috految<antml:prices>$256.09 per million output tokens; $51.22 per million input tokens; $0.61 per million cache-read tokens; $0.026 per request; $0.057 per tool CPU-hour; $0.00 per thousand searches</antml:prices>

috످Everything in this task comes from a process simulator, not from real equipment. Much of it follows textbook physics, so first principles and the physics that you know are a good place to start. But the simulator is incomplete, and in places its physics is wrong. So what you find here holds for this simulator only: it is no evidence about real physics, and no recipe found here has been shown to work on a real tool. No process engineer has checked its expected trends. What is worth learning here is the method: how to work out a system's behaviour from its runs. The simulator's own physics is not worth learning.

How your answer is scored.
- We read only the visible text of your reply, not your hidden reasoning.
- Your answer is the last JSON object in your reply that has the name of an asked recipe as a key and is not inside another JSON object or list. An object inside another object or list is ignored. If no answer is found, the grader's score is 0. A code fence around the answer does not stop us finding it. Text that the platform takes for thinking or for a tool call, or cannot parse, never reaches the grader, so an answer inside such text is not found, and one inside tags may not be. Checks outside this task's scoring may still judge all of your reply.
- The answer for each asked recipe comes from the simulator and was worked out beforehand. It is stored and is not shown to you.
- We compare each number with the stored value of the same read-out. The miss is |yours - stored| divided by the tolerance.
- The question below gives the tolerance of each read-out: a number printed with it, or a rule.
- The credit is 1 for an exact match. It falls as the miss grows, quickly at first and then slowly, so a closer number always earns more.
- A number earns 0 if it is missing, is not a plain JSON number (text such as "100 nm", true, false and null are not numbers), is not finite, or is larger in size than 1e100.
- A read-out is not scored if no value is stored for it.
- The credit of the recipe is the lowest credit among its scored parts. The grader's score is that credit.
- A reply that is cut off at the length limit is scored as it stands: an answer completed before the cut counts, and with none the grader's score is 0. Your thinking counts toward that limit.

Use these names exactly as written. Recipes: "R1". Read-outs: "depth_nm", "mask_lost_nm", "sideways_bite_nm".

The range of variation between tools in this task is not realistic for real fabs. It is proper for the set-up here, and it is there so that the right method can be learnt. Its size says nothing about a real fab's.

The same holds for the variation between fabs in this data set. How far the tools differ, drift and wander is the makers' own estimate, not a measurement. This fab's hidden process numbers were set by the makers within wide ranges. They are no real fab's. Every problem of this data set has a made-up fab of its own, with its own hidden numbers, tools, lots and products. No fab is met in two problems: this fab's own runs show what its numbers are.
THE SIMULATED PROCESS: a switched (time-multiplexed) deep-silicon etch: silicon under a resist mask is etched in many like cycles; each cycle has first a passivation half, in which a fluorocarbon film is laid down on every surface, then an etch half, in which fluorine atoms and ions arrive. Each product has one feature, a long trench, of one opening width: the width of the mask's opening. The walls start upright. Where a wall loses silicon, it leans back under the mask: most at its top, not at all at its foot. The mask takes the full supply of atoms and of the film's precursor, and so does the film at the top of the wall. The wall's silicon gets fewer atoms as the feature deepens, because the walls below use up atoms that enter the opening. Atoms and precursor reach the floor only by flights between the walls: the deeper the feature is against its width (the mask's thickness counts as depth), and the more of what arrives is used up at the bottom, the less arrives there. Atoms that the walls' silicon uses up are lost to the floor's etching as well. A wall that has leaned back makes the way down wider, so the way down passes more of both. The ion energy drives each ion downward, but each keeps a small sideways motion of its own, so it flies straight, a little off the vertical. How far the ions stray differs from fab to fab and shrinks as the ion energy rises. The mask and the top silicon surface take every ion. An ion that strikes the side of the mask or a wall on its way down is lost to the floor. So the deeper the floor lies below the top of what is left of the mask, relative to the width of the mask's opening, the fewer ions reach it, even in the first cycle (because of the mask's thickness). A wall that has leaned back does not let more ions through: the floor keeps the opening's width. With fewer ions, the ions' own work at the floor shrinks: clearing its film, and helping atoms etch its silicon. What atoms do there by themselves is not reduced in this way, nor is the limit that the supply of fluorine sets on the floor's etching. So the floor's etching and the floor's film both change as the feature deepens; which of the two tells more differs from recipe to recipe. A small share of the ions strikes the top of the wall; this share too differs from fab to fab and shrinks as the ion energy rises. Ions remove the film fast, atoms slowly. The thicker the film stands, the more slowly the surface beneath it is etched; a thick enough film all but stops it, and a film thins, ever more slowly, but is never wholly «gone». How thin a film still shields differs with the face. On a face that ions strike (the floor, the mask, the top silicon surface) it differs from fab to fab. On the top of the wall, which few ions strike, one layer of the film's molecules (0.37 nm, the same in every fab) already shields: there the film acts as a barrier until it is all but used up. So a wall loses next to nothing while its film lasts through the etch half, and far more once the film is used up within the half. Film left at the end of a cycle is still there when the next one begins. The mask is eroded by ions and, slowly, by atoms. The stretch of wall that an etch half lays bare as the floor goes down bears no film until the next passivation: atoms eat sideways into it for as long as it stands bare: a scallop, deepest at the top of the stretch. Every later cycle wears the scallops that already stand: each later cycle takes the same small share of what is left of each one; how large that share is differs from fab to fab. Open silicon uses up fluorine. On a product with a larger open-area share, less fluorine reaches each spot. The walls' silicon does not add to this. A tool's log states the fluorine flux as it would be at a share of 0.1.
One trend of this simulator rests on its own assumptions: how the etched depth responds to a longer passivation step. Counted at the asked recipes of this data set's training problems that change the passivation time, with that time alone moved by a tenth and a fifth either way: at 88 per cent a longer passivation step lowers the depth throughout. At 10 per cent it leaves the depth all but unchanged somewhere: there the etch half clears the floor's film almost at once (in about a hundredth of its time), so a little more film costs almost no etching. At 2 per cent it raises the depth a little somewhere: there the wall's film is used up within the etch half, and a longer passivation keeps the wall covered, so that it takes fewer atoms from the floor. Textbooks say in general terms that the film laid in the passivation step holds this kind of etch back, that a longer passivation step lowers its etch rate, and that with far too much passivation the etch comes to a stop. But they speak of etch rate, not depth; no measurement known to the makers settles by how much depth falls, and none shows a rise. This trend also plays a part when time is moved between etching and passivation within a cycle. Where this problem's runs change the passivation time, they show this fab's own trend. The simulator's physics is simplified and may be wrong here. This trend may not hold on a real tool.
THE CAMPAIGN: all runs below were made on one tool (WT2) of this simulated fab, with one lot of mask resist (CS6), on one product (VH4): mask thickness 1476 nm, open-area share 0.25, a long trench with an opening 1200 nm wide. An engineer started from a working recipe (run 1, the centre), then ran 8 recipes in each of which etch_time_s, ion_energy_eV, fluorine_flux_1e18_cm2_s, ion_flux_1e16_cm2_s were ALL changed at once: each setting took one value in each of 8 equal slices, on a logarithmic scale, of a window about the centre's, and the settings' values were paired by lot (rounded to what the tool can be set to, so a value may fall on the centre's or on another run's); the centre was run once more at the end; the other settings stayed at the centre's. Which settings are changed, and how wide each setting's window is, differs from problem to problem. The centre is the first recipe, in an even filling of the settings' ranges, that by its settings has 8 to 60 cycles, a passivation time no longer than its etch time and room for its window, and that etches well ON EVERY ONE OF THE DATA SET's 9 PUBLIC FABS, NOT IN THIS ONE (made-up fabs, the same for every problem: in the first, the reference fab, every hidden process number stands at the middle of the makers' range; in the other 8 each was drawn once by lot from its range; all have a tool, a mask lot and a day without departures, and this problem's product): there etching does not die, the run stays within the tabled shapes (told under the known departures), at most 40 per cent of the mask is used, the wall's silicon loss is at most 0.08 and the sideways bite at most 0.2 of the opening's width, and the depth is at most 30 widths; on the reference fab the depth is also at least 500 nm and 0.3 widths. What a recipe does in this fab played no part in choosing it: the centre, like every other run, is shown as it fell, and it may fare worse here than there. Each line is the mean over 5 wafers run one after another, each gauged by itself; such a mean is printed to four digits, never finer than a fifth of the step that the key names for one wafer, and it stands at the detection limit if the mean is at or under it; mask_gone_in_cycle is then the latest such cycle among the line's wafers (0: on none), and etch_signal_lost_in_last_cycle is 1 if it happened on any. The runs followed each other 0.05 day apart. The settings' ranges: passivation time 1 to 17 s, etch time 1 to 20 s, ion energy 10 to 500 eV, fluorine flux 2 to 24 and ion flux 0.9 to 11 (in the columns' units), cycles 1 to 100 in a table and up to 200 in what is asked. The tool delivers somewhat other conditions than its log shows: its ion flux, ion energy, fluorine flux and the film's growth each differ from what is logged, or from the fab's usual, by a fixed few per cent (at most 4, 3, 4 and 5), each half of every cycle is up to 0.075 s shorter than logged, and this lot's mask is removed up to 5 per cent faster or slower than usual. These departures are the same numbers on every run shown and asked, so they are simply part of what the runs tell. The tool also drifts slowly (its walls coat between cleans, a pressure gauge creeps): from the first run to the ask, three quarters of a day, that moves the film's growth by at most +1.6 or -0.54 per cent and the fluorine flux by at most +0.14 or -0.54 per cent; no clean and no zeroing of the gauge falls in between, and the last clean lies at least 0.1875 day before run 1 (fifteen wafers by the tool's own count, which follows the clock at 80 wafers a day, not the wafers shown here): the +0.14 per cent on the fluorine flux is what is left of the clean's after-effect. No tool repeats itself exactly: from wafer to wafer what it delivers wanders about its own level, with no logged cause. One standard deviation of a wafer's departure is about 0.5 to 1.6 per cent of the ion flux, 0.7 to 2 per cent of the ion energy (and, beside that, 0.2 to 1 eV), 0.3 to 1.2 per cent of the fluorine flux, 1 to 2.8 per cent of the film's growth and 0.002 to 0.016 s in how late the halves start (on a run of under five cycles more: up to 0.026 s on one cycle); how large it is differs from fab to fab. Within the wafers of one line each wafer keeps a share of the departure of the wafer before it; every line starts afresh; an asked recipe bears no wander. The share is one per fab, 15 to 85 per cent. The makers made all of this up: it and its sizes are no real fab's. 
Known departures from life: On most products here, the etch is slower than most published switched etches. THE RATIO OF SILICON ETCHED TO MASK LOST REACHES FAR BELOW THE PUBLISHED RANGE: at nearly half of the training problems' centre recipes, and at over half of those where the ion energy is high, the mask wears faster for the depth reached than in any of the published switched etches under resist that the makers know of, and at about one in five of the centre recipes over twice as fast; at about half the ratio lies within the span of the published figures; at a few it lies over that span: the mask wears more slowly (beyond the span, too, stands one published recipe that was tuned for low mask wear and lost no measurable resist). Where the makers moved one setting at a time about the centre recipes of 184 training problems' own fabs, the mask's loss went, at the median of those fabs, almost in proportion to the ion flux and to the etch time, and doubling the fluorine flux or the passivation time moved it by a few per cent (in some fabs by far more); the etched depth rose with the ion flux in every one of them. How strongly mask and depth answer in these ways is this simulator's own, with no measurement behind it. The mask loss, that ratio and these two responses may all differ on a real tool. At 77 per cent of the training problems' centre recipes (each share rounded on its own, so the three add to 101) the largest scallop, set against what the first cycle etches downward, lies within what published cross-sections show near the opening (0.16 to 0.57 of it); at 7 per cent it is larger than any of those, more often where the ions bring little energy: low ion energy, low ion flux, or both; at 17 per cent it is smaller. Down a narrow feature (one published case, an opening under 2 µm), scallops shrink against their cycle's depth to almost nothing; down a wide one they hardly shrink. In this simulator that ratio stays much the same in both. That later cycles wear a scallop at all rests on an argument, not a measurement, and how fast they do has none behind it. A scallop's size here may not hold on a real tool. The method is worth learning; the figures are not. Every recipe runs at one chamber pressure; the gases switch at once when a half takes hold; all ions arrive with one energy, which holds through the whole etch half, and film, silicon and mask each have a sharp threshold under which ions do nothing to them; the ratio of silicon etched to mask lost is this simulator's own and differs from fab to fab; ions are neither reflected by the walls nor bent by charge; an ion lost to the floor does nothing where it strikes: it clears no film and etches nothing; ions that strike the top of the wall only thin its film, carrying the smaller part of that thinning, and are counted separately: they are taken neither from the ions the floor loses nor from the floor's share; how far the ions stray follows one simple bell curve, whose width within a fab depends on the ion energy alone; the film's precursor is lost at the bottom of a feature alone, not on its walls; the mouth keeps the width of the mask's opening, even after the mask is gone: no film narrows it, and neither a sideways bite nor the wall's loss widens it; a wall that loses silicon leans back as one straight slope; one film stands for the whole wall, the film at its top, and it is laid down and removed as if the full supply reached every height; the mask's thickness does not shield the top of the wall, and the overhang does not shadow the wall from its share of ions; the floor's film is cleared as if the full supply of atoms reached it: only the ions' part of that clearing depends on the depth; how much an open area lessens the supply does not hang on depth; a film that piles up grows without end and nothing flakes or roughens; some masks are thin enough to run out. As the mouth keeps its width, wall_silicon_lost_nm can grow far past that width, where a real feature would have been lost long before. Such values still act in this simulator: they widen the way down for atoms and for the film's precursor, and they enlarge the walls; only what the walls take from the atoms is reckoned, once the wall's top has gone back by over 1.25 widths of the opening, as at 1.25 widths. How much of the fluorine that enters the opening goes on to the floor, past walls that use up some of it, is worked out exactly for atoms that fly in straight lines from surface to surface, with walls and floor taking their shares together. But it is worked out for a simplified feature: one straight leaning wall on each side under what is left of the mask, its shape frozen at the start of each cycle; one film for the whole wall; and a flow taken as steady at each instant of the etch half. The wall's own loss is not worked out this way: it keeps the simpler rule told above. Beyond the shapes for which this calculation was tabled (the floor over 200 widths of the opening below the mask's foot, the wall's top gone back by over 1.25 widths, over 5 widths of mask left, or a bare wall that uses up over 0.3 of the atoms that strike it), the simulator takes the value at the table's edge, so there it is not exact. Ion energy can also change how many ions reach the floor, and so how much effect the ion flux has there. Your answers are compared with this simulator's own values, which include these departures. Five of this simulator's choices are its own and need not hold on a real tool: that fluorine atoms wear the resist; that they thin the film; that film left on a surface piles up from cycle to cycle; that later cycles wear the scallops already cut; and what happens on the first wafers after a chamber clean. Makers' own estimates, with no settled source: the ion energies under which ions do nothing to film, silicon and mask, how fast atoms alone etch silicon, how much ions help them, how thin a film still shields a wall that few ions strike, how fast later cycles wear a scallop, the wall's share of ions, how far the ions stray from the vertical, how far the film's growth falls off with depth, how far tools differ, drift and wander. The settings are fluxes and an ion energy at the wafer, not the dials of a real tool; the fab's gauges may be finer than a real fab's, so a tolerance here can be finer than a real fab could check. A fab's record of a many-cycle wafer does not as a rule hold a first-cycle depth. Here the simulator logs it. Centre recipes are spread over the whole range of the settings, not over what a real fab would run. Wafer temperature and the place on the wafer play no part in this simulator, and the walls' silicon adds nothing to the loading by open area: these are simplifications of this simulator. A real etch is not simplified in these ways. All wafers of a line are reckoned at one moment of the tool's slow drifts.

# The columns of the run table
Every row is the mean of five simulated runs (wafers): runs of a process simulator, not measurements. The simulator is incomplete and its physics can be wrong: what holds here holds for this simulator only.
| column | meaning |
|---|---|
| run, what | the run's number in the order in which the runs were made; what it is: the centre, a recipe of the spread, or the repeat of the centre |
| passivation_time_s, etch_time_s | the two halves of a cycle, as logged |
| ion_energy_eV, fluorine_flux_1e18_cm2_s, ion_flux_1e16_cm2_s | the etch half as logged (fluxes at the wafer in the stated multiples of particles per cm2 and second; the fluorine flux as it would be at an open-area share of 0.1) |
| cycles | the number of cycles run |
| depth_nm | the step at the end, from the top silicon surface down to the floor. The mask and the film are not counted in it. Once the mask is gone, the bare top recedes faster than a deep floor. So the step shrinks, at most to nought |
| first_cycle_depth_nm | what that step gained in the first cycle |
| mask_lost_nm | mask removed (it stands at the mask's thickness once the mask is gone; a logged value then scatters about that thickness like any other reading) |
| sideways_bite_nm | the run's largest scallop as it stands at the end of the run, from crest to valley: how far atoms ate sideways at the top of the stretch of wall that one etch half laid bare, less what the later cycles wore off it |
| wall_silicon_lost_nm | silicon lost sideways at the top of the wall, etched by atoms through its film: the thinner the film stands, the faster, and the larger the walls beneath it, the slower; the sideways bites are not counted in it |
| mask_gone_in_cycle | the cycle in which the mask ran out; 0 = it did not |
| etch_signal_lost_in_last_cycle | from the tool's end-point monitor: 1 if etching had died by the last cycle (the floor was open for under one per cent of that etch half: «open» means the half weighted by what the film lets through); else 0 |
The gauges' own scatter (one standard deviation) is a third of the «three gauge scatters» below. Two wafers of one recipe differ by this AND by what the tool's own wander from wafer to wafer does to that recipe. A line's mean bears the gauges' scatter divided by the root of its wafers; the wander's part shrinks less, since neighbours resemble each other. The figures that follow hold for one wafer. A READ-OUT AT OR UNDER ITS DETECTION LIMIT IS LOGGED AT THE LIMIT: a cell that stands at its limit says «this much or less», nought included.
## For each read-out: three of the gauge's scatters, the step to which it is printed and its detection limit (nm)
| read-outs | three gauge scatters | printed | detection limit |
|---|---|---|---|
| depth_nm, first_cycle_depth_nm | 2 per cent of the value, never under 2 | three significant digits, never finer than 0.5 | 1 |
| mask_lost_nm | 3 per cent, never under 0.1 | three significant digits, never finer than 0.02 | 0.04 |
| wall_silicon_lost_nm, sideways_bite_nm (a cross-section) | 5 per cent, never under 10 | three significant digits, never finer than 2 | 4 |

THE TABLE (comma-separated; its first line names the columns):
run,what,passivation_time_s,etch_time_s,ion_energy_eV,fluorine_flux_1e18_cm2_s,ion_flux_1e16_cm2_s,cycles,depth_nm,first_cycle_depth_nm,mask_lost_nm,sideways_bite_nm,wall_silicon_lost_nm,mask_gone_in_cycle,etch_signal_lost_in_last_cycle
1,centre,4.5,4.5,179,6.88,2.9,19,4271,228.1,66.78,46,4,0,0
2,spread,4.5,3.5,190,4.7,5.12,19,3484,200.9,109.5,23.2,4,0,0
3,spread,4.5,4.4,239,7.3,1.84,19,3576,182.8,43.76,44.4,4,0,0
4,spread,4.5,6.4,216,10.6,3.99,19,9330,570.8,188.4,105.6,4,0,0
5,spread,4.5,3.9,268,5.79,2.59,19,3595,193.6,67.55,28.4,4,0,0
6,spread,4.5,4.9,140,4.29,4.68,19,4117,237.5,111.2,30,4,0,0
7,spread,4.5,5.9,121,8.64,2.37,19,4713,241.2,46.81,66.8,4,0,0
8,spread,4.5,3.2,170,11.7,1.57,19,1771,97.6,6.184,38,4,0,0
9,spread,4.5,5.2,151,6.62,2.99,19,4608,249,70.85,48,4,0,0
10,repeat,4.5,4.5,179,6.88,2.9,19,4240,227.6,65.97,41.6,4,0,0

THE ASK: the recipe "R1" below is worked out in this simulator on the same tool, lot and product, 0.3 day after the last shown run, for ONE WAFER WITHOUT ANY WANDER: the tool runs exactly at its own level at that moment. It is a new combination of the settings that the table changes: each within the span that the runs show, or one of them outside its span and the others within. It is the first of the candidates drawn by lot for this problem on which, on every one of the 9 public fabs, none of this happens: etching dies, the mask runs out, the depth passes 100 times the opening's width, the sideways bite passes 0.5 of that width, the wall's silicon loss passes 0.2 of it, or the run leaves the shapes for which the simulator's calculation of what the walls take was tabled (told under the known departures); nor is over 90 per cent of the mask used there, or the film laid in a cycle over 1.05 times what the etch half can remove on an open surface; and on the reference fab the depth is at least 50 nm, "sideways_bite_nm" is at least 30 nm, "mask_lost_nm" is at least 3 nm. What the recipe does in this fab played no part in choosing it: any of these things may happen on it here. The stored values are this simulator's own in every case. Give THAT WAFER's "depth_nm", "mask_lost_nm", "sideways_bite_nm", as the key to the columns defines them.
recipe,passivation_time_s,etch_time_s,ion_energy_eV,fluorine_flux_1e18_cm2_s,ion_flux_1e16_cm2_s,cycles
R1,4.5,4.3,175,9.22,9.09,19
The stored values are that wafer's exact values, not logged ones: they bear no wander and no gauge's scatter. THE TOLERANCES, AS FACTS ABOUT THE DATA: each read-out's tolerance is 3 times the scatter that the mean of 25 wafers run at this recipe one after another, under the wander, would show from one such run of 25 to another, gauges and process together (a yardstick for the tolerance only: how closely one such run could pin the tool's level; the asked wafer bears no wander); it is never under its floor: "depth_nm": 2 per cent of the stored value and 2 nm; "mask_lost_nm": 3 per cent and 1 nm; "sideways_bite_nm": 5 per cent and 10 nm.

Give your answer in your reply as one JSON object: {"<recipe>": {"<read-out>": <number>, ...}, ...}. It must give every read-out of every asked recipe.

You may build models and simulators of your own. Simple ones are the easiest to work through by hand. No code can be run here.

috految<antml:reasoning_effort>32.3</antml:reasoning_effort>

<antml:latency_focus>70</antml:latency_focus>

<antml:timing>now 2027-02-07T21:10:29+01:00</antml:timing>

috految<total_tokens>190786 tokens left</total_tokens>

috److془We need to build model carefully.

Data: t' = t-0.04.
Run: It, sqrtE, Ft
1: 12.93, 13.379, 30.68; mask 66.4
2: 17.715, 13.784, 16.26; 109.5
3: 8.022, 15.460, 31.83; 43.76
4: 25.38, 14.697, 67.42; 188.4
5: 9.997, 16.371, 22.35; 67.55
6: 22.745, 11.832, 20.85; 111.2
7: 13.888, 11, 50.63; 46.81
8: 4.961, 13.038, 36.97; 6.184
9: 15.43, 12.288, 34.16; 70.85
R: 38.72, 13.229, 39.28.

X = It(s-4.8): 1: 110.9; 2: 159.2; 3: 85.5; 4: 251.2; 5: 115.7; 6: 159.9; 7: 86.1; 8: 40.87; 9: 115.5; R: 326.4.
s0=4.4: 1: 116.1; 2: 166.2; 3: 88.7; 4: 261.3; 5: 119.7; 6: 169.0; 7: 91.7; 8: 42.85; 9: 121.7; R: 341.9.
mask - 0.84X: -31.1, -30.1, -30.7, -31.1, -33.0, -30.8, -30.2, -29.8, -31.4. 
R: 256.1. With F effect ~ 0.02: ~255.5. With the threshold differences ~ 256.

Depth: open fraction at top: 1-37.3/X. Floor: 1 - c/X, c= 37.3*p/g.
Soft film: run 8 first cycle includes residual.
First cycle: d1/Ft: 1: 7.427; 2: 12.355; 3: 5.743; 4: 8.466; 5: 8.662; 6: 11.39; 7: 4.764; 8: 2.64; 9: 7.289.
x=X/Ft: 1: 3.784; 2: 10.22; 3: 2.787; 4: 3.876; 5: 5.356; 6: 8.106; 7: 1.811; 8: 1.159; 9: 3.563; R: 8.704.
Run 4 vs 1: 8.466/7.427/1.012=1.126 (energy correction maybe 1.13); c=~23.5. Run 9: 7.289 *1.033=7.53 → c=22.
c=23: y: 1: 9.262; 2: 14.34; 3: 7.753; 4: 9.283; 5: 10.72; 6: 13.18; 7: 6.36; 8: 5.70 ; 9: 8.99.
Hmm: 1.126: (1-c/261.3)/(1-c/116.1): c=22: 1.130. OK. Energy correction: 3 vs. interpolation (1,7): 7.93→ -2.2%; 5: 10.88 → -1.5%. So 4 -0.6%; c≈22.3. Fine. Run 8 expected y ~5.15, open .51; c=21 with residual. 

Mean: D/19/Ft: 1: 7.300; 2: 11.277; 3: 5.913; 4: 7.283; 5: 8.466; 6: 10.393; 7: 4.899; 8: 2.521; 9: 7.100.
Ratio mean/first: 1: .983; 2: .9127; 3: 1.030; 4: .860; 5: .977; 6: .9124; 7: 1.028; 9: .974; 8: .955.
Transport: 1/K for slit: A=1.23: K=.644, 1.553; 2: .542, 1.845; 3: .457, 2.19; 4: .399, 2.50; 5: .357, 2.80; 7: .297, 3.37; 10: .241, 4.15.
q = 1/K-1. Mean A: 1.23+ D/1200*.474 - m/2500: 1: 2.89; q=1.135; 2: 2.56 q 1.03; 4: 4.84, q 1.72; 6: 2.81, 1.11; 3: 2.63,1.05; 5: 2.62,1.05; 7: 3.07,1.20; 9: 3.02, 1.18. R: D~7900: 4.25, q=1.55.
Film: c=37/(1+βq)*(1/g); β~ .85: c1=25.2; with nonlinearity calibrated effective 22.5. Run 8: q=.8; c = 22.3 → y=5.25 hmm ok rather 5.1. With β=.85: c3=19.9 . Ratio open: .776/.716=1.083; y ratio .951. run1: c=19.3: .834/.783=1.065; y .923. Run 4: c=15.9: .939/.9036; y .8275. Run 2: c=20: .8797/.8484; y .880. run 6: 19.4: .885/.851: .877. run 7: 18.9: .794/.725: .939. run 5: .834/.7895: .925. 9: .844/.793: .915.
(1/ratio-1)/Δq: 1: .143; 4: .179; 2: .286; 6: .252; 3: .104; 5: .163; 7:.10; 9: .148.
Model: F_eff=1 - a y q; a≈0.02/loading. sensitivity: with elasticity e: k = a y e_F; run 1: e=.52, y=9.3, 4.8a ; run 2: e=.63,y=14.3: 9a; 6: .6*13.2 =7.9a. a~.03. Nonlinear: run 4 elasticity rises. Good. Film-effect: c effective lesser by absorption (if consumption at instantaneous). Use the model: u=1-a y q; y/u = f(x/u). Actually c effective: L/ (1+k q) scaled: c -L ln(1+kq); L~ 15ish (run 8 residual: L ln(1+ (1-e^{-c/L}) exp(-18/L)) ~ 3.7 → L~16). Or if mean-saturation, c/(1+kq). Run 1: c=25-1.1. Take c1=23.2 for 1; mean 17.2 ; run 4 mean 13.2.
Run 2: c1 22.5, mean 16.5; 6: 22.7; 16.1; R: 22.6, 12.8.
y1, ymean: 1: 9.28, 8.57; 4: 9.29, 7.67; 2: 14.29,12.52; 6: 13.16, 11.49. 
k: 1: .142; 4: .181; 2: .296; 6: .261. Hmm; nonlinearity: a=.034, run 4: u1=.825, um=.551; f(4.70)=11.26, f(7.03)=13.92; run 1: f(4.585)=11.24; um=.669 f(5.65)=12.81; run 2: u=.731 f(13.98)=19.54, u=.5516 → .5616 f(18.2)=22.29; run 6: u=.7526 f(10.77)=17.49; .566 f(14.31)=20.29. Run 5: f(6.707)=13.43; ym 9.9: .6466, f(8.28)=15.31. Slopes: 4: .527; 1: .625; 2: .50; 6: .52; 5: .62. Curve slopes: .53 at 5; .44 at 12. Run 4 consistent with .034, others .03. Run 1 mismatch 1.3%, 5: 1.6%, 2: 1.2%, 6: 1.2%. Suggest larger film effect, or ions.
R: y1: 13.47 (interp 13.50, energy). Mean: y=10.4, q=1.51 (D=7500, A=4.09, q=1.50): u=.4696, x/u =18.5; f=22.3-22.4 → y=10.46. Using first cycle curve f(18.5)≈21.8: y=10.33. D=746.3*.9626*10.38=7457. With ions loss: a smaller, gives some higher. Check via k: .271*1.15=.31; y=13.48/1.294=10.42. Run 4 mean with D 9330 consistent. Film saturation coupling might be lower. Say 7480.

Bite: bite/(Ft*open): 4: 105.6/61.4=1.72; 1: 1.78; 2: 1.65; 6: 1.66; 5: 1.57; 7: 1.77; 9 1.74. u: .825 → .746: 1.58*36.6=57.8.془I fitted simple hand models to the runs and extrapolated them to R1, whose ion flux lies outside the span of the table.

**Mask loss.** The runs follow mask loss ≈ 0.84·X − 31 nm, where X = ion flux × effective etch time × (√E − 4.4). For R1, X ≈ 342, which gives about 256 nm.

**Depth.**
- I modelled the etch per cycle from the fluorine dose, the ion-to-fluorine ratio and the fraction of the etch half for which the floor is open.
- I then corrected for the fluorine transport loss as the trench deepens.
- R1's ion-to-fluorine ratio lies between those of runs 2 and 6, and run 4 constrains the depth dependence.
- This gives about 7,500 nm.

**Sideways bite.** The bite scales with the fluorine dose while the bare wall is exposed, reduced by depletion at the floor. This gives about 58 nm.

{"R1": {"depth_nm": 7480, "mask_lost_nm": 255.8, "sideways_bite_nm": 57.8}}

috످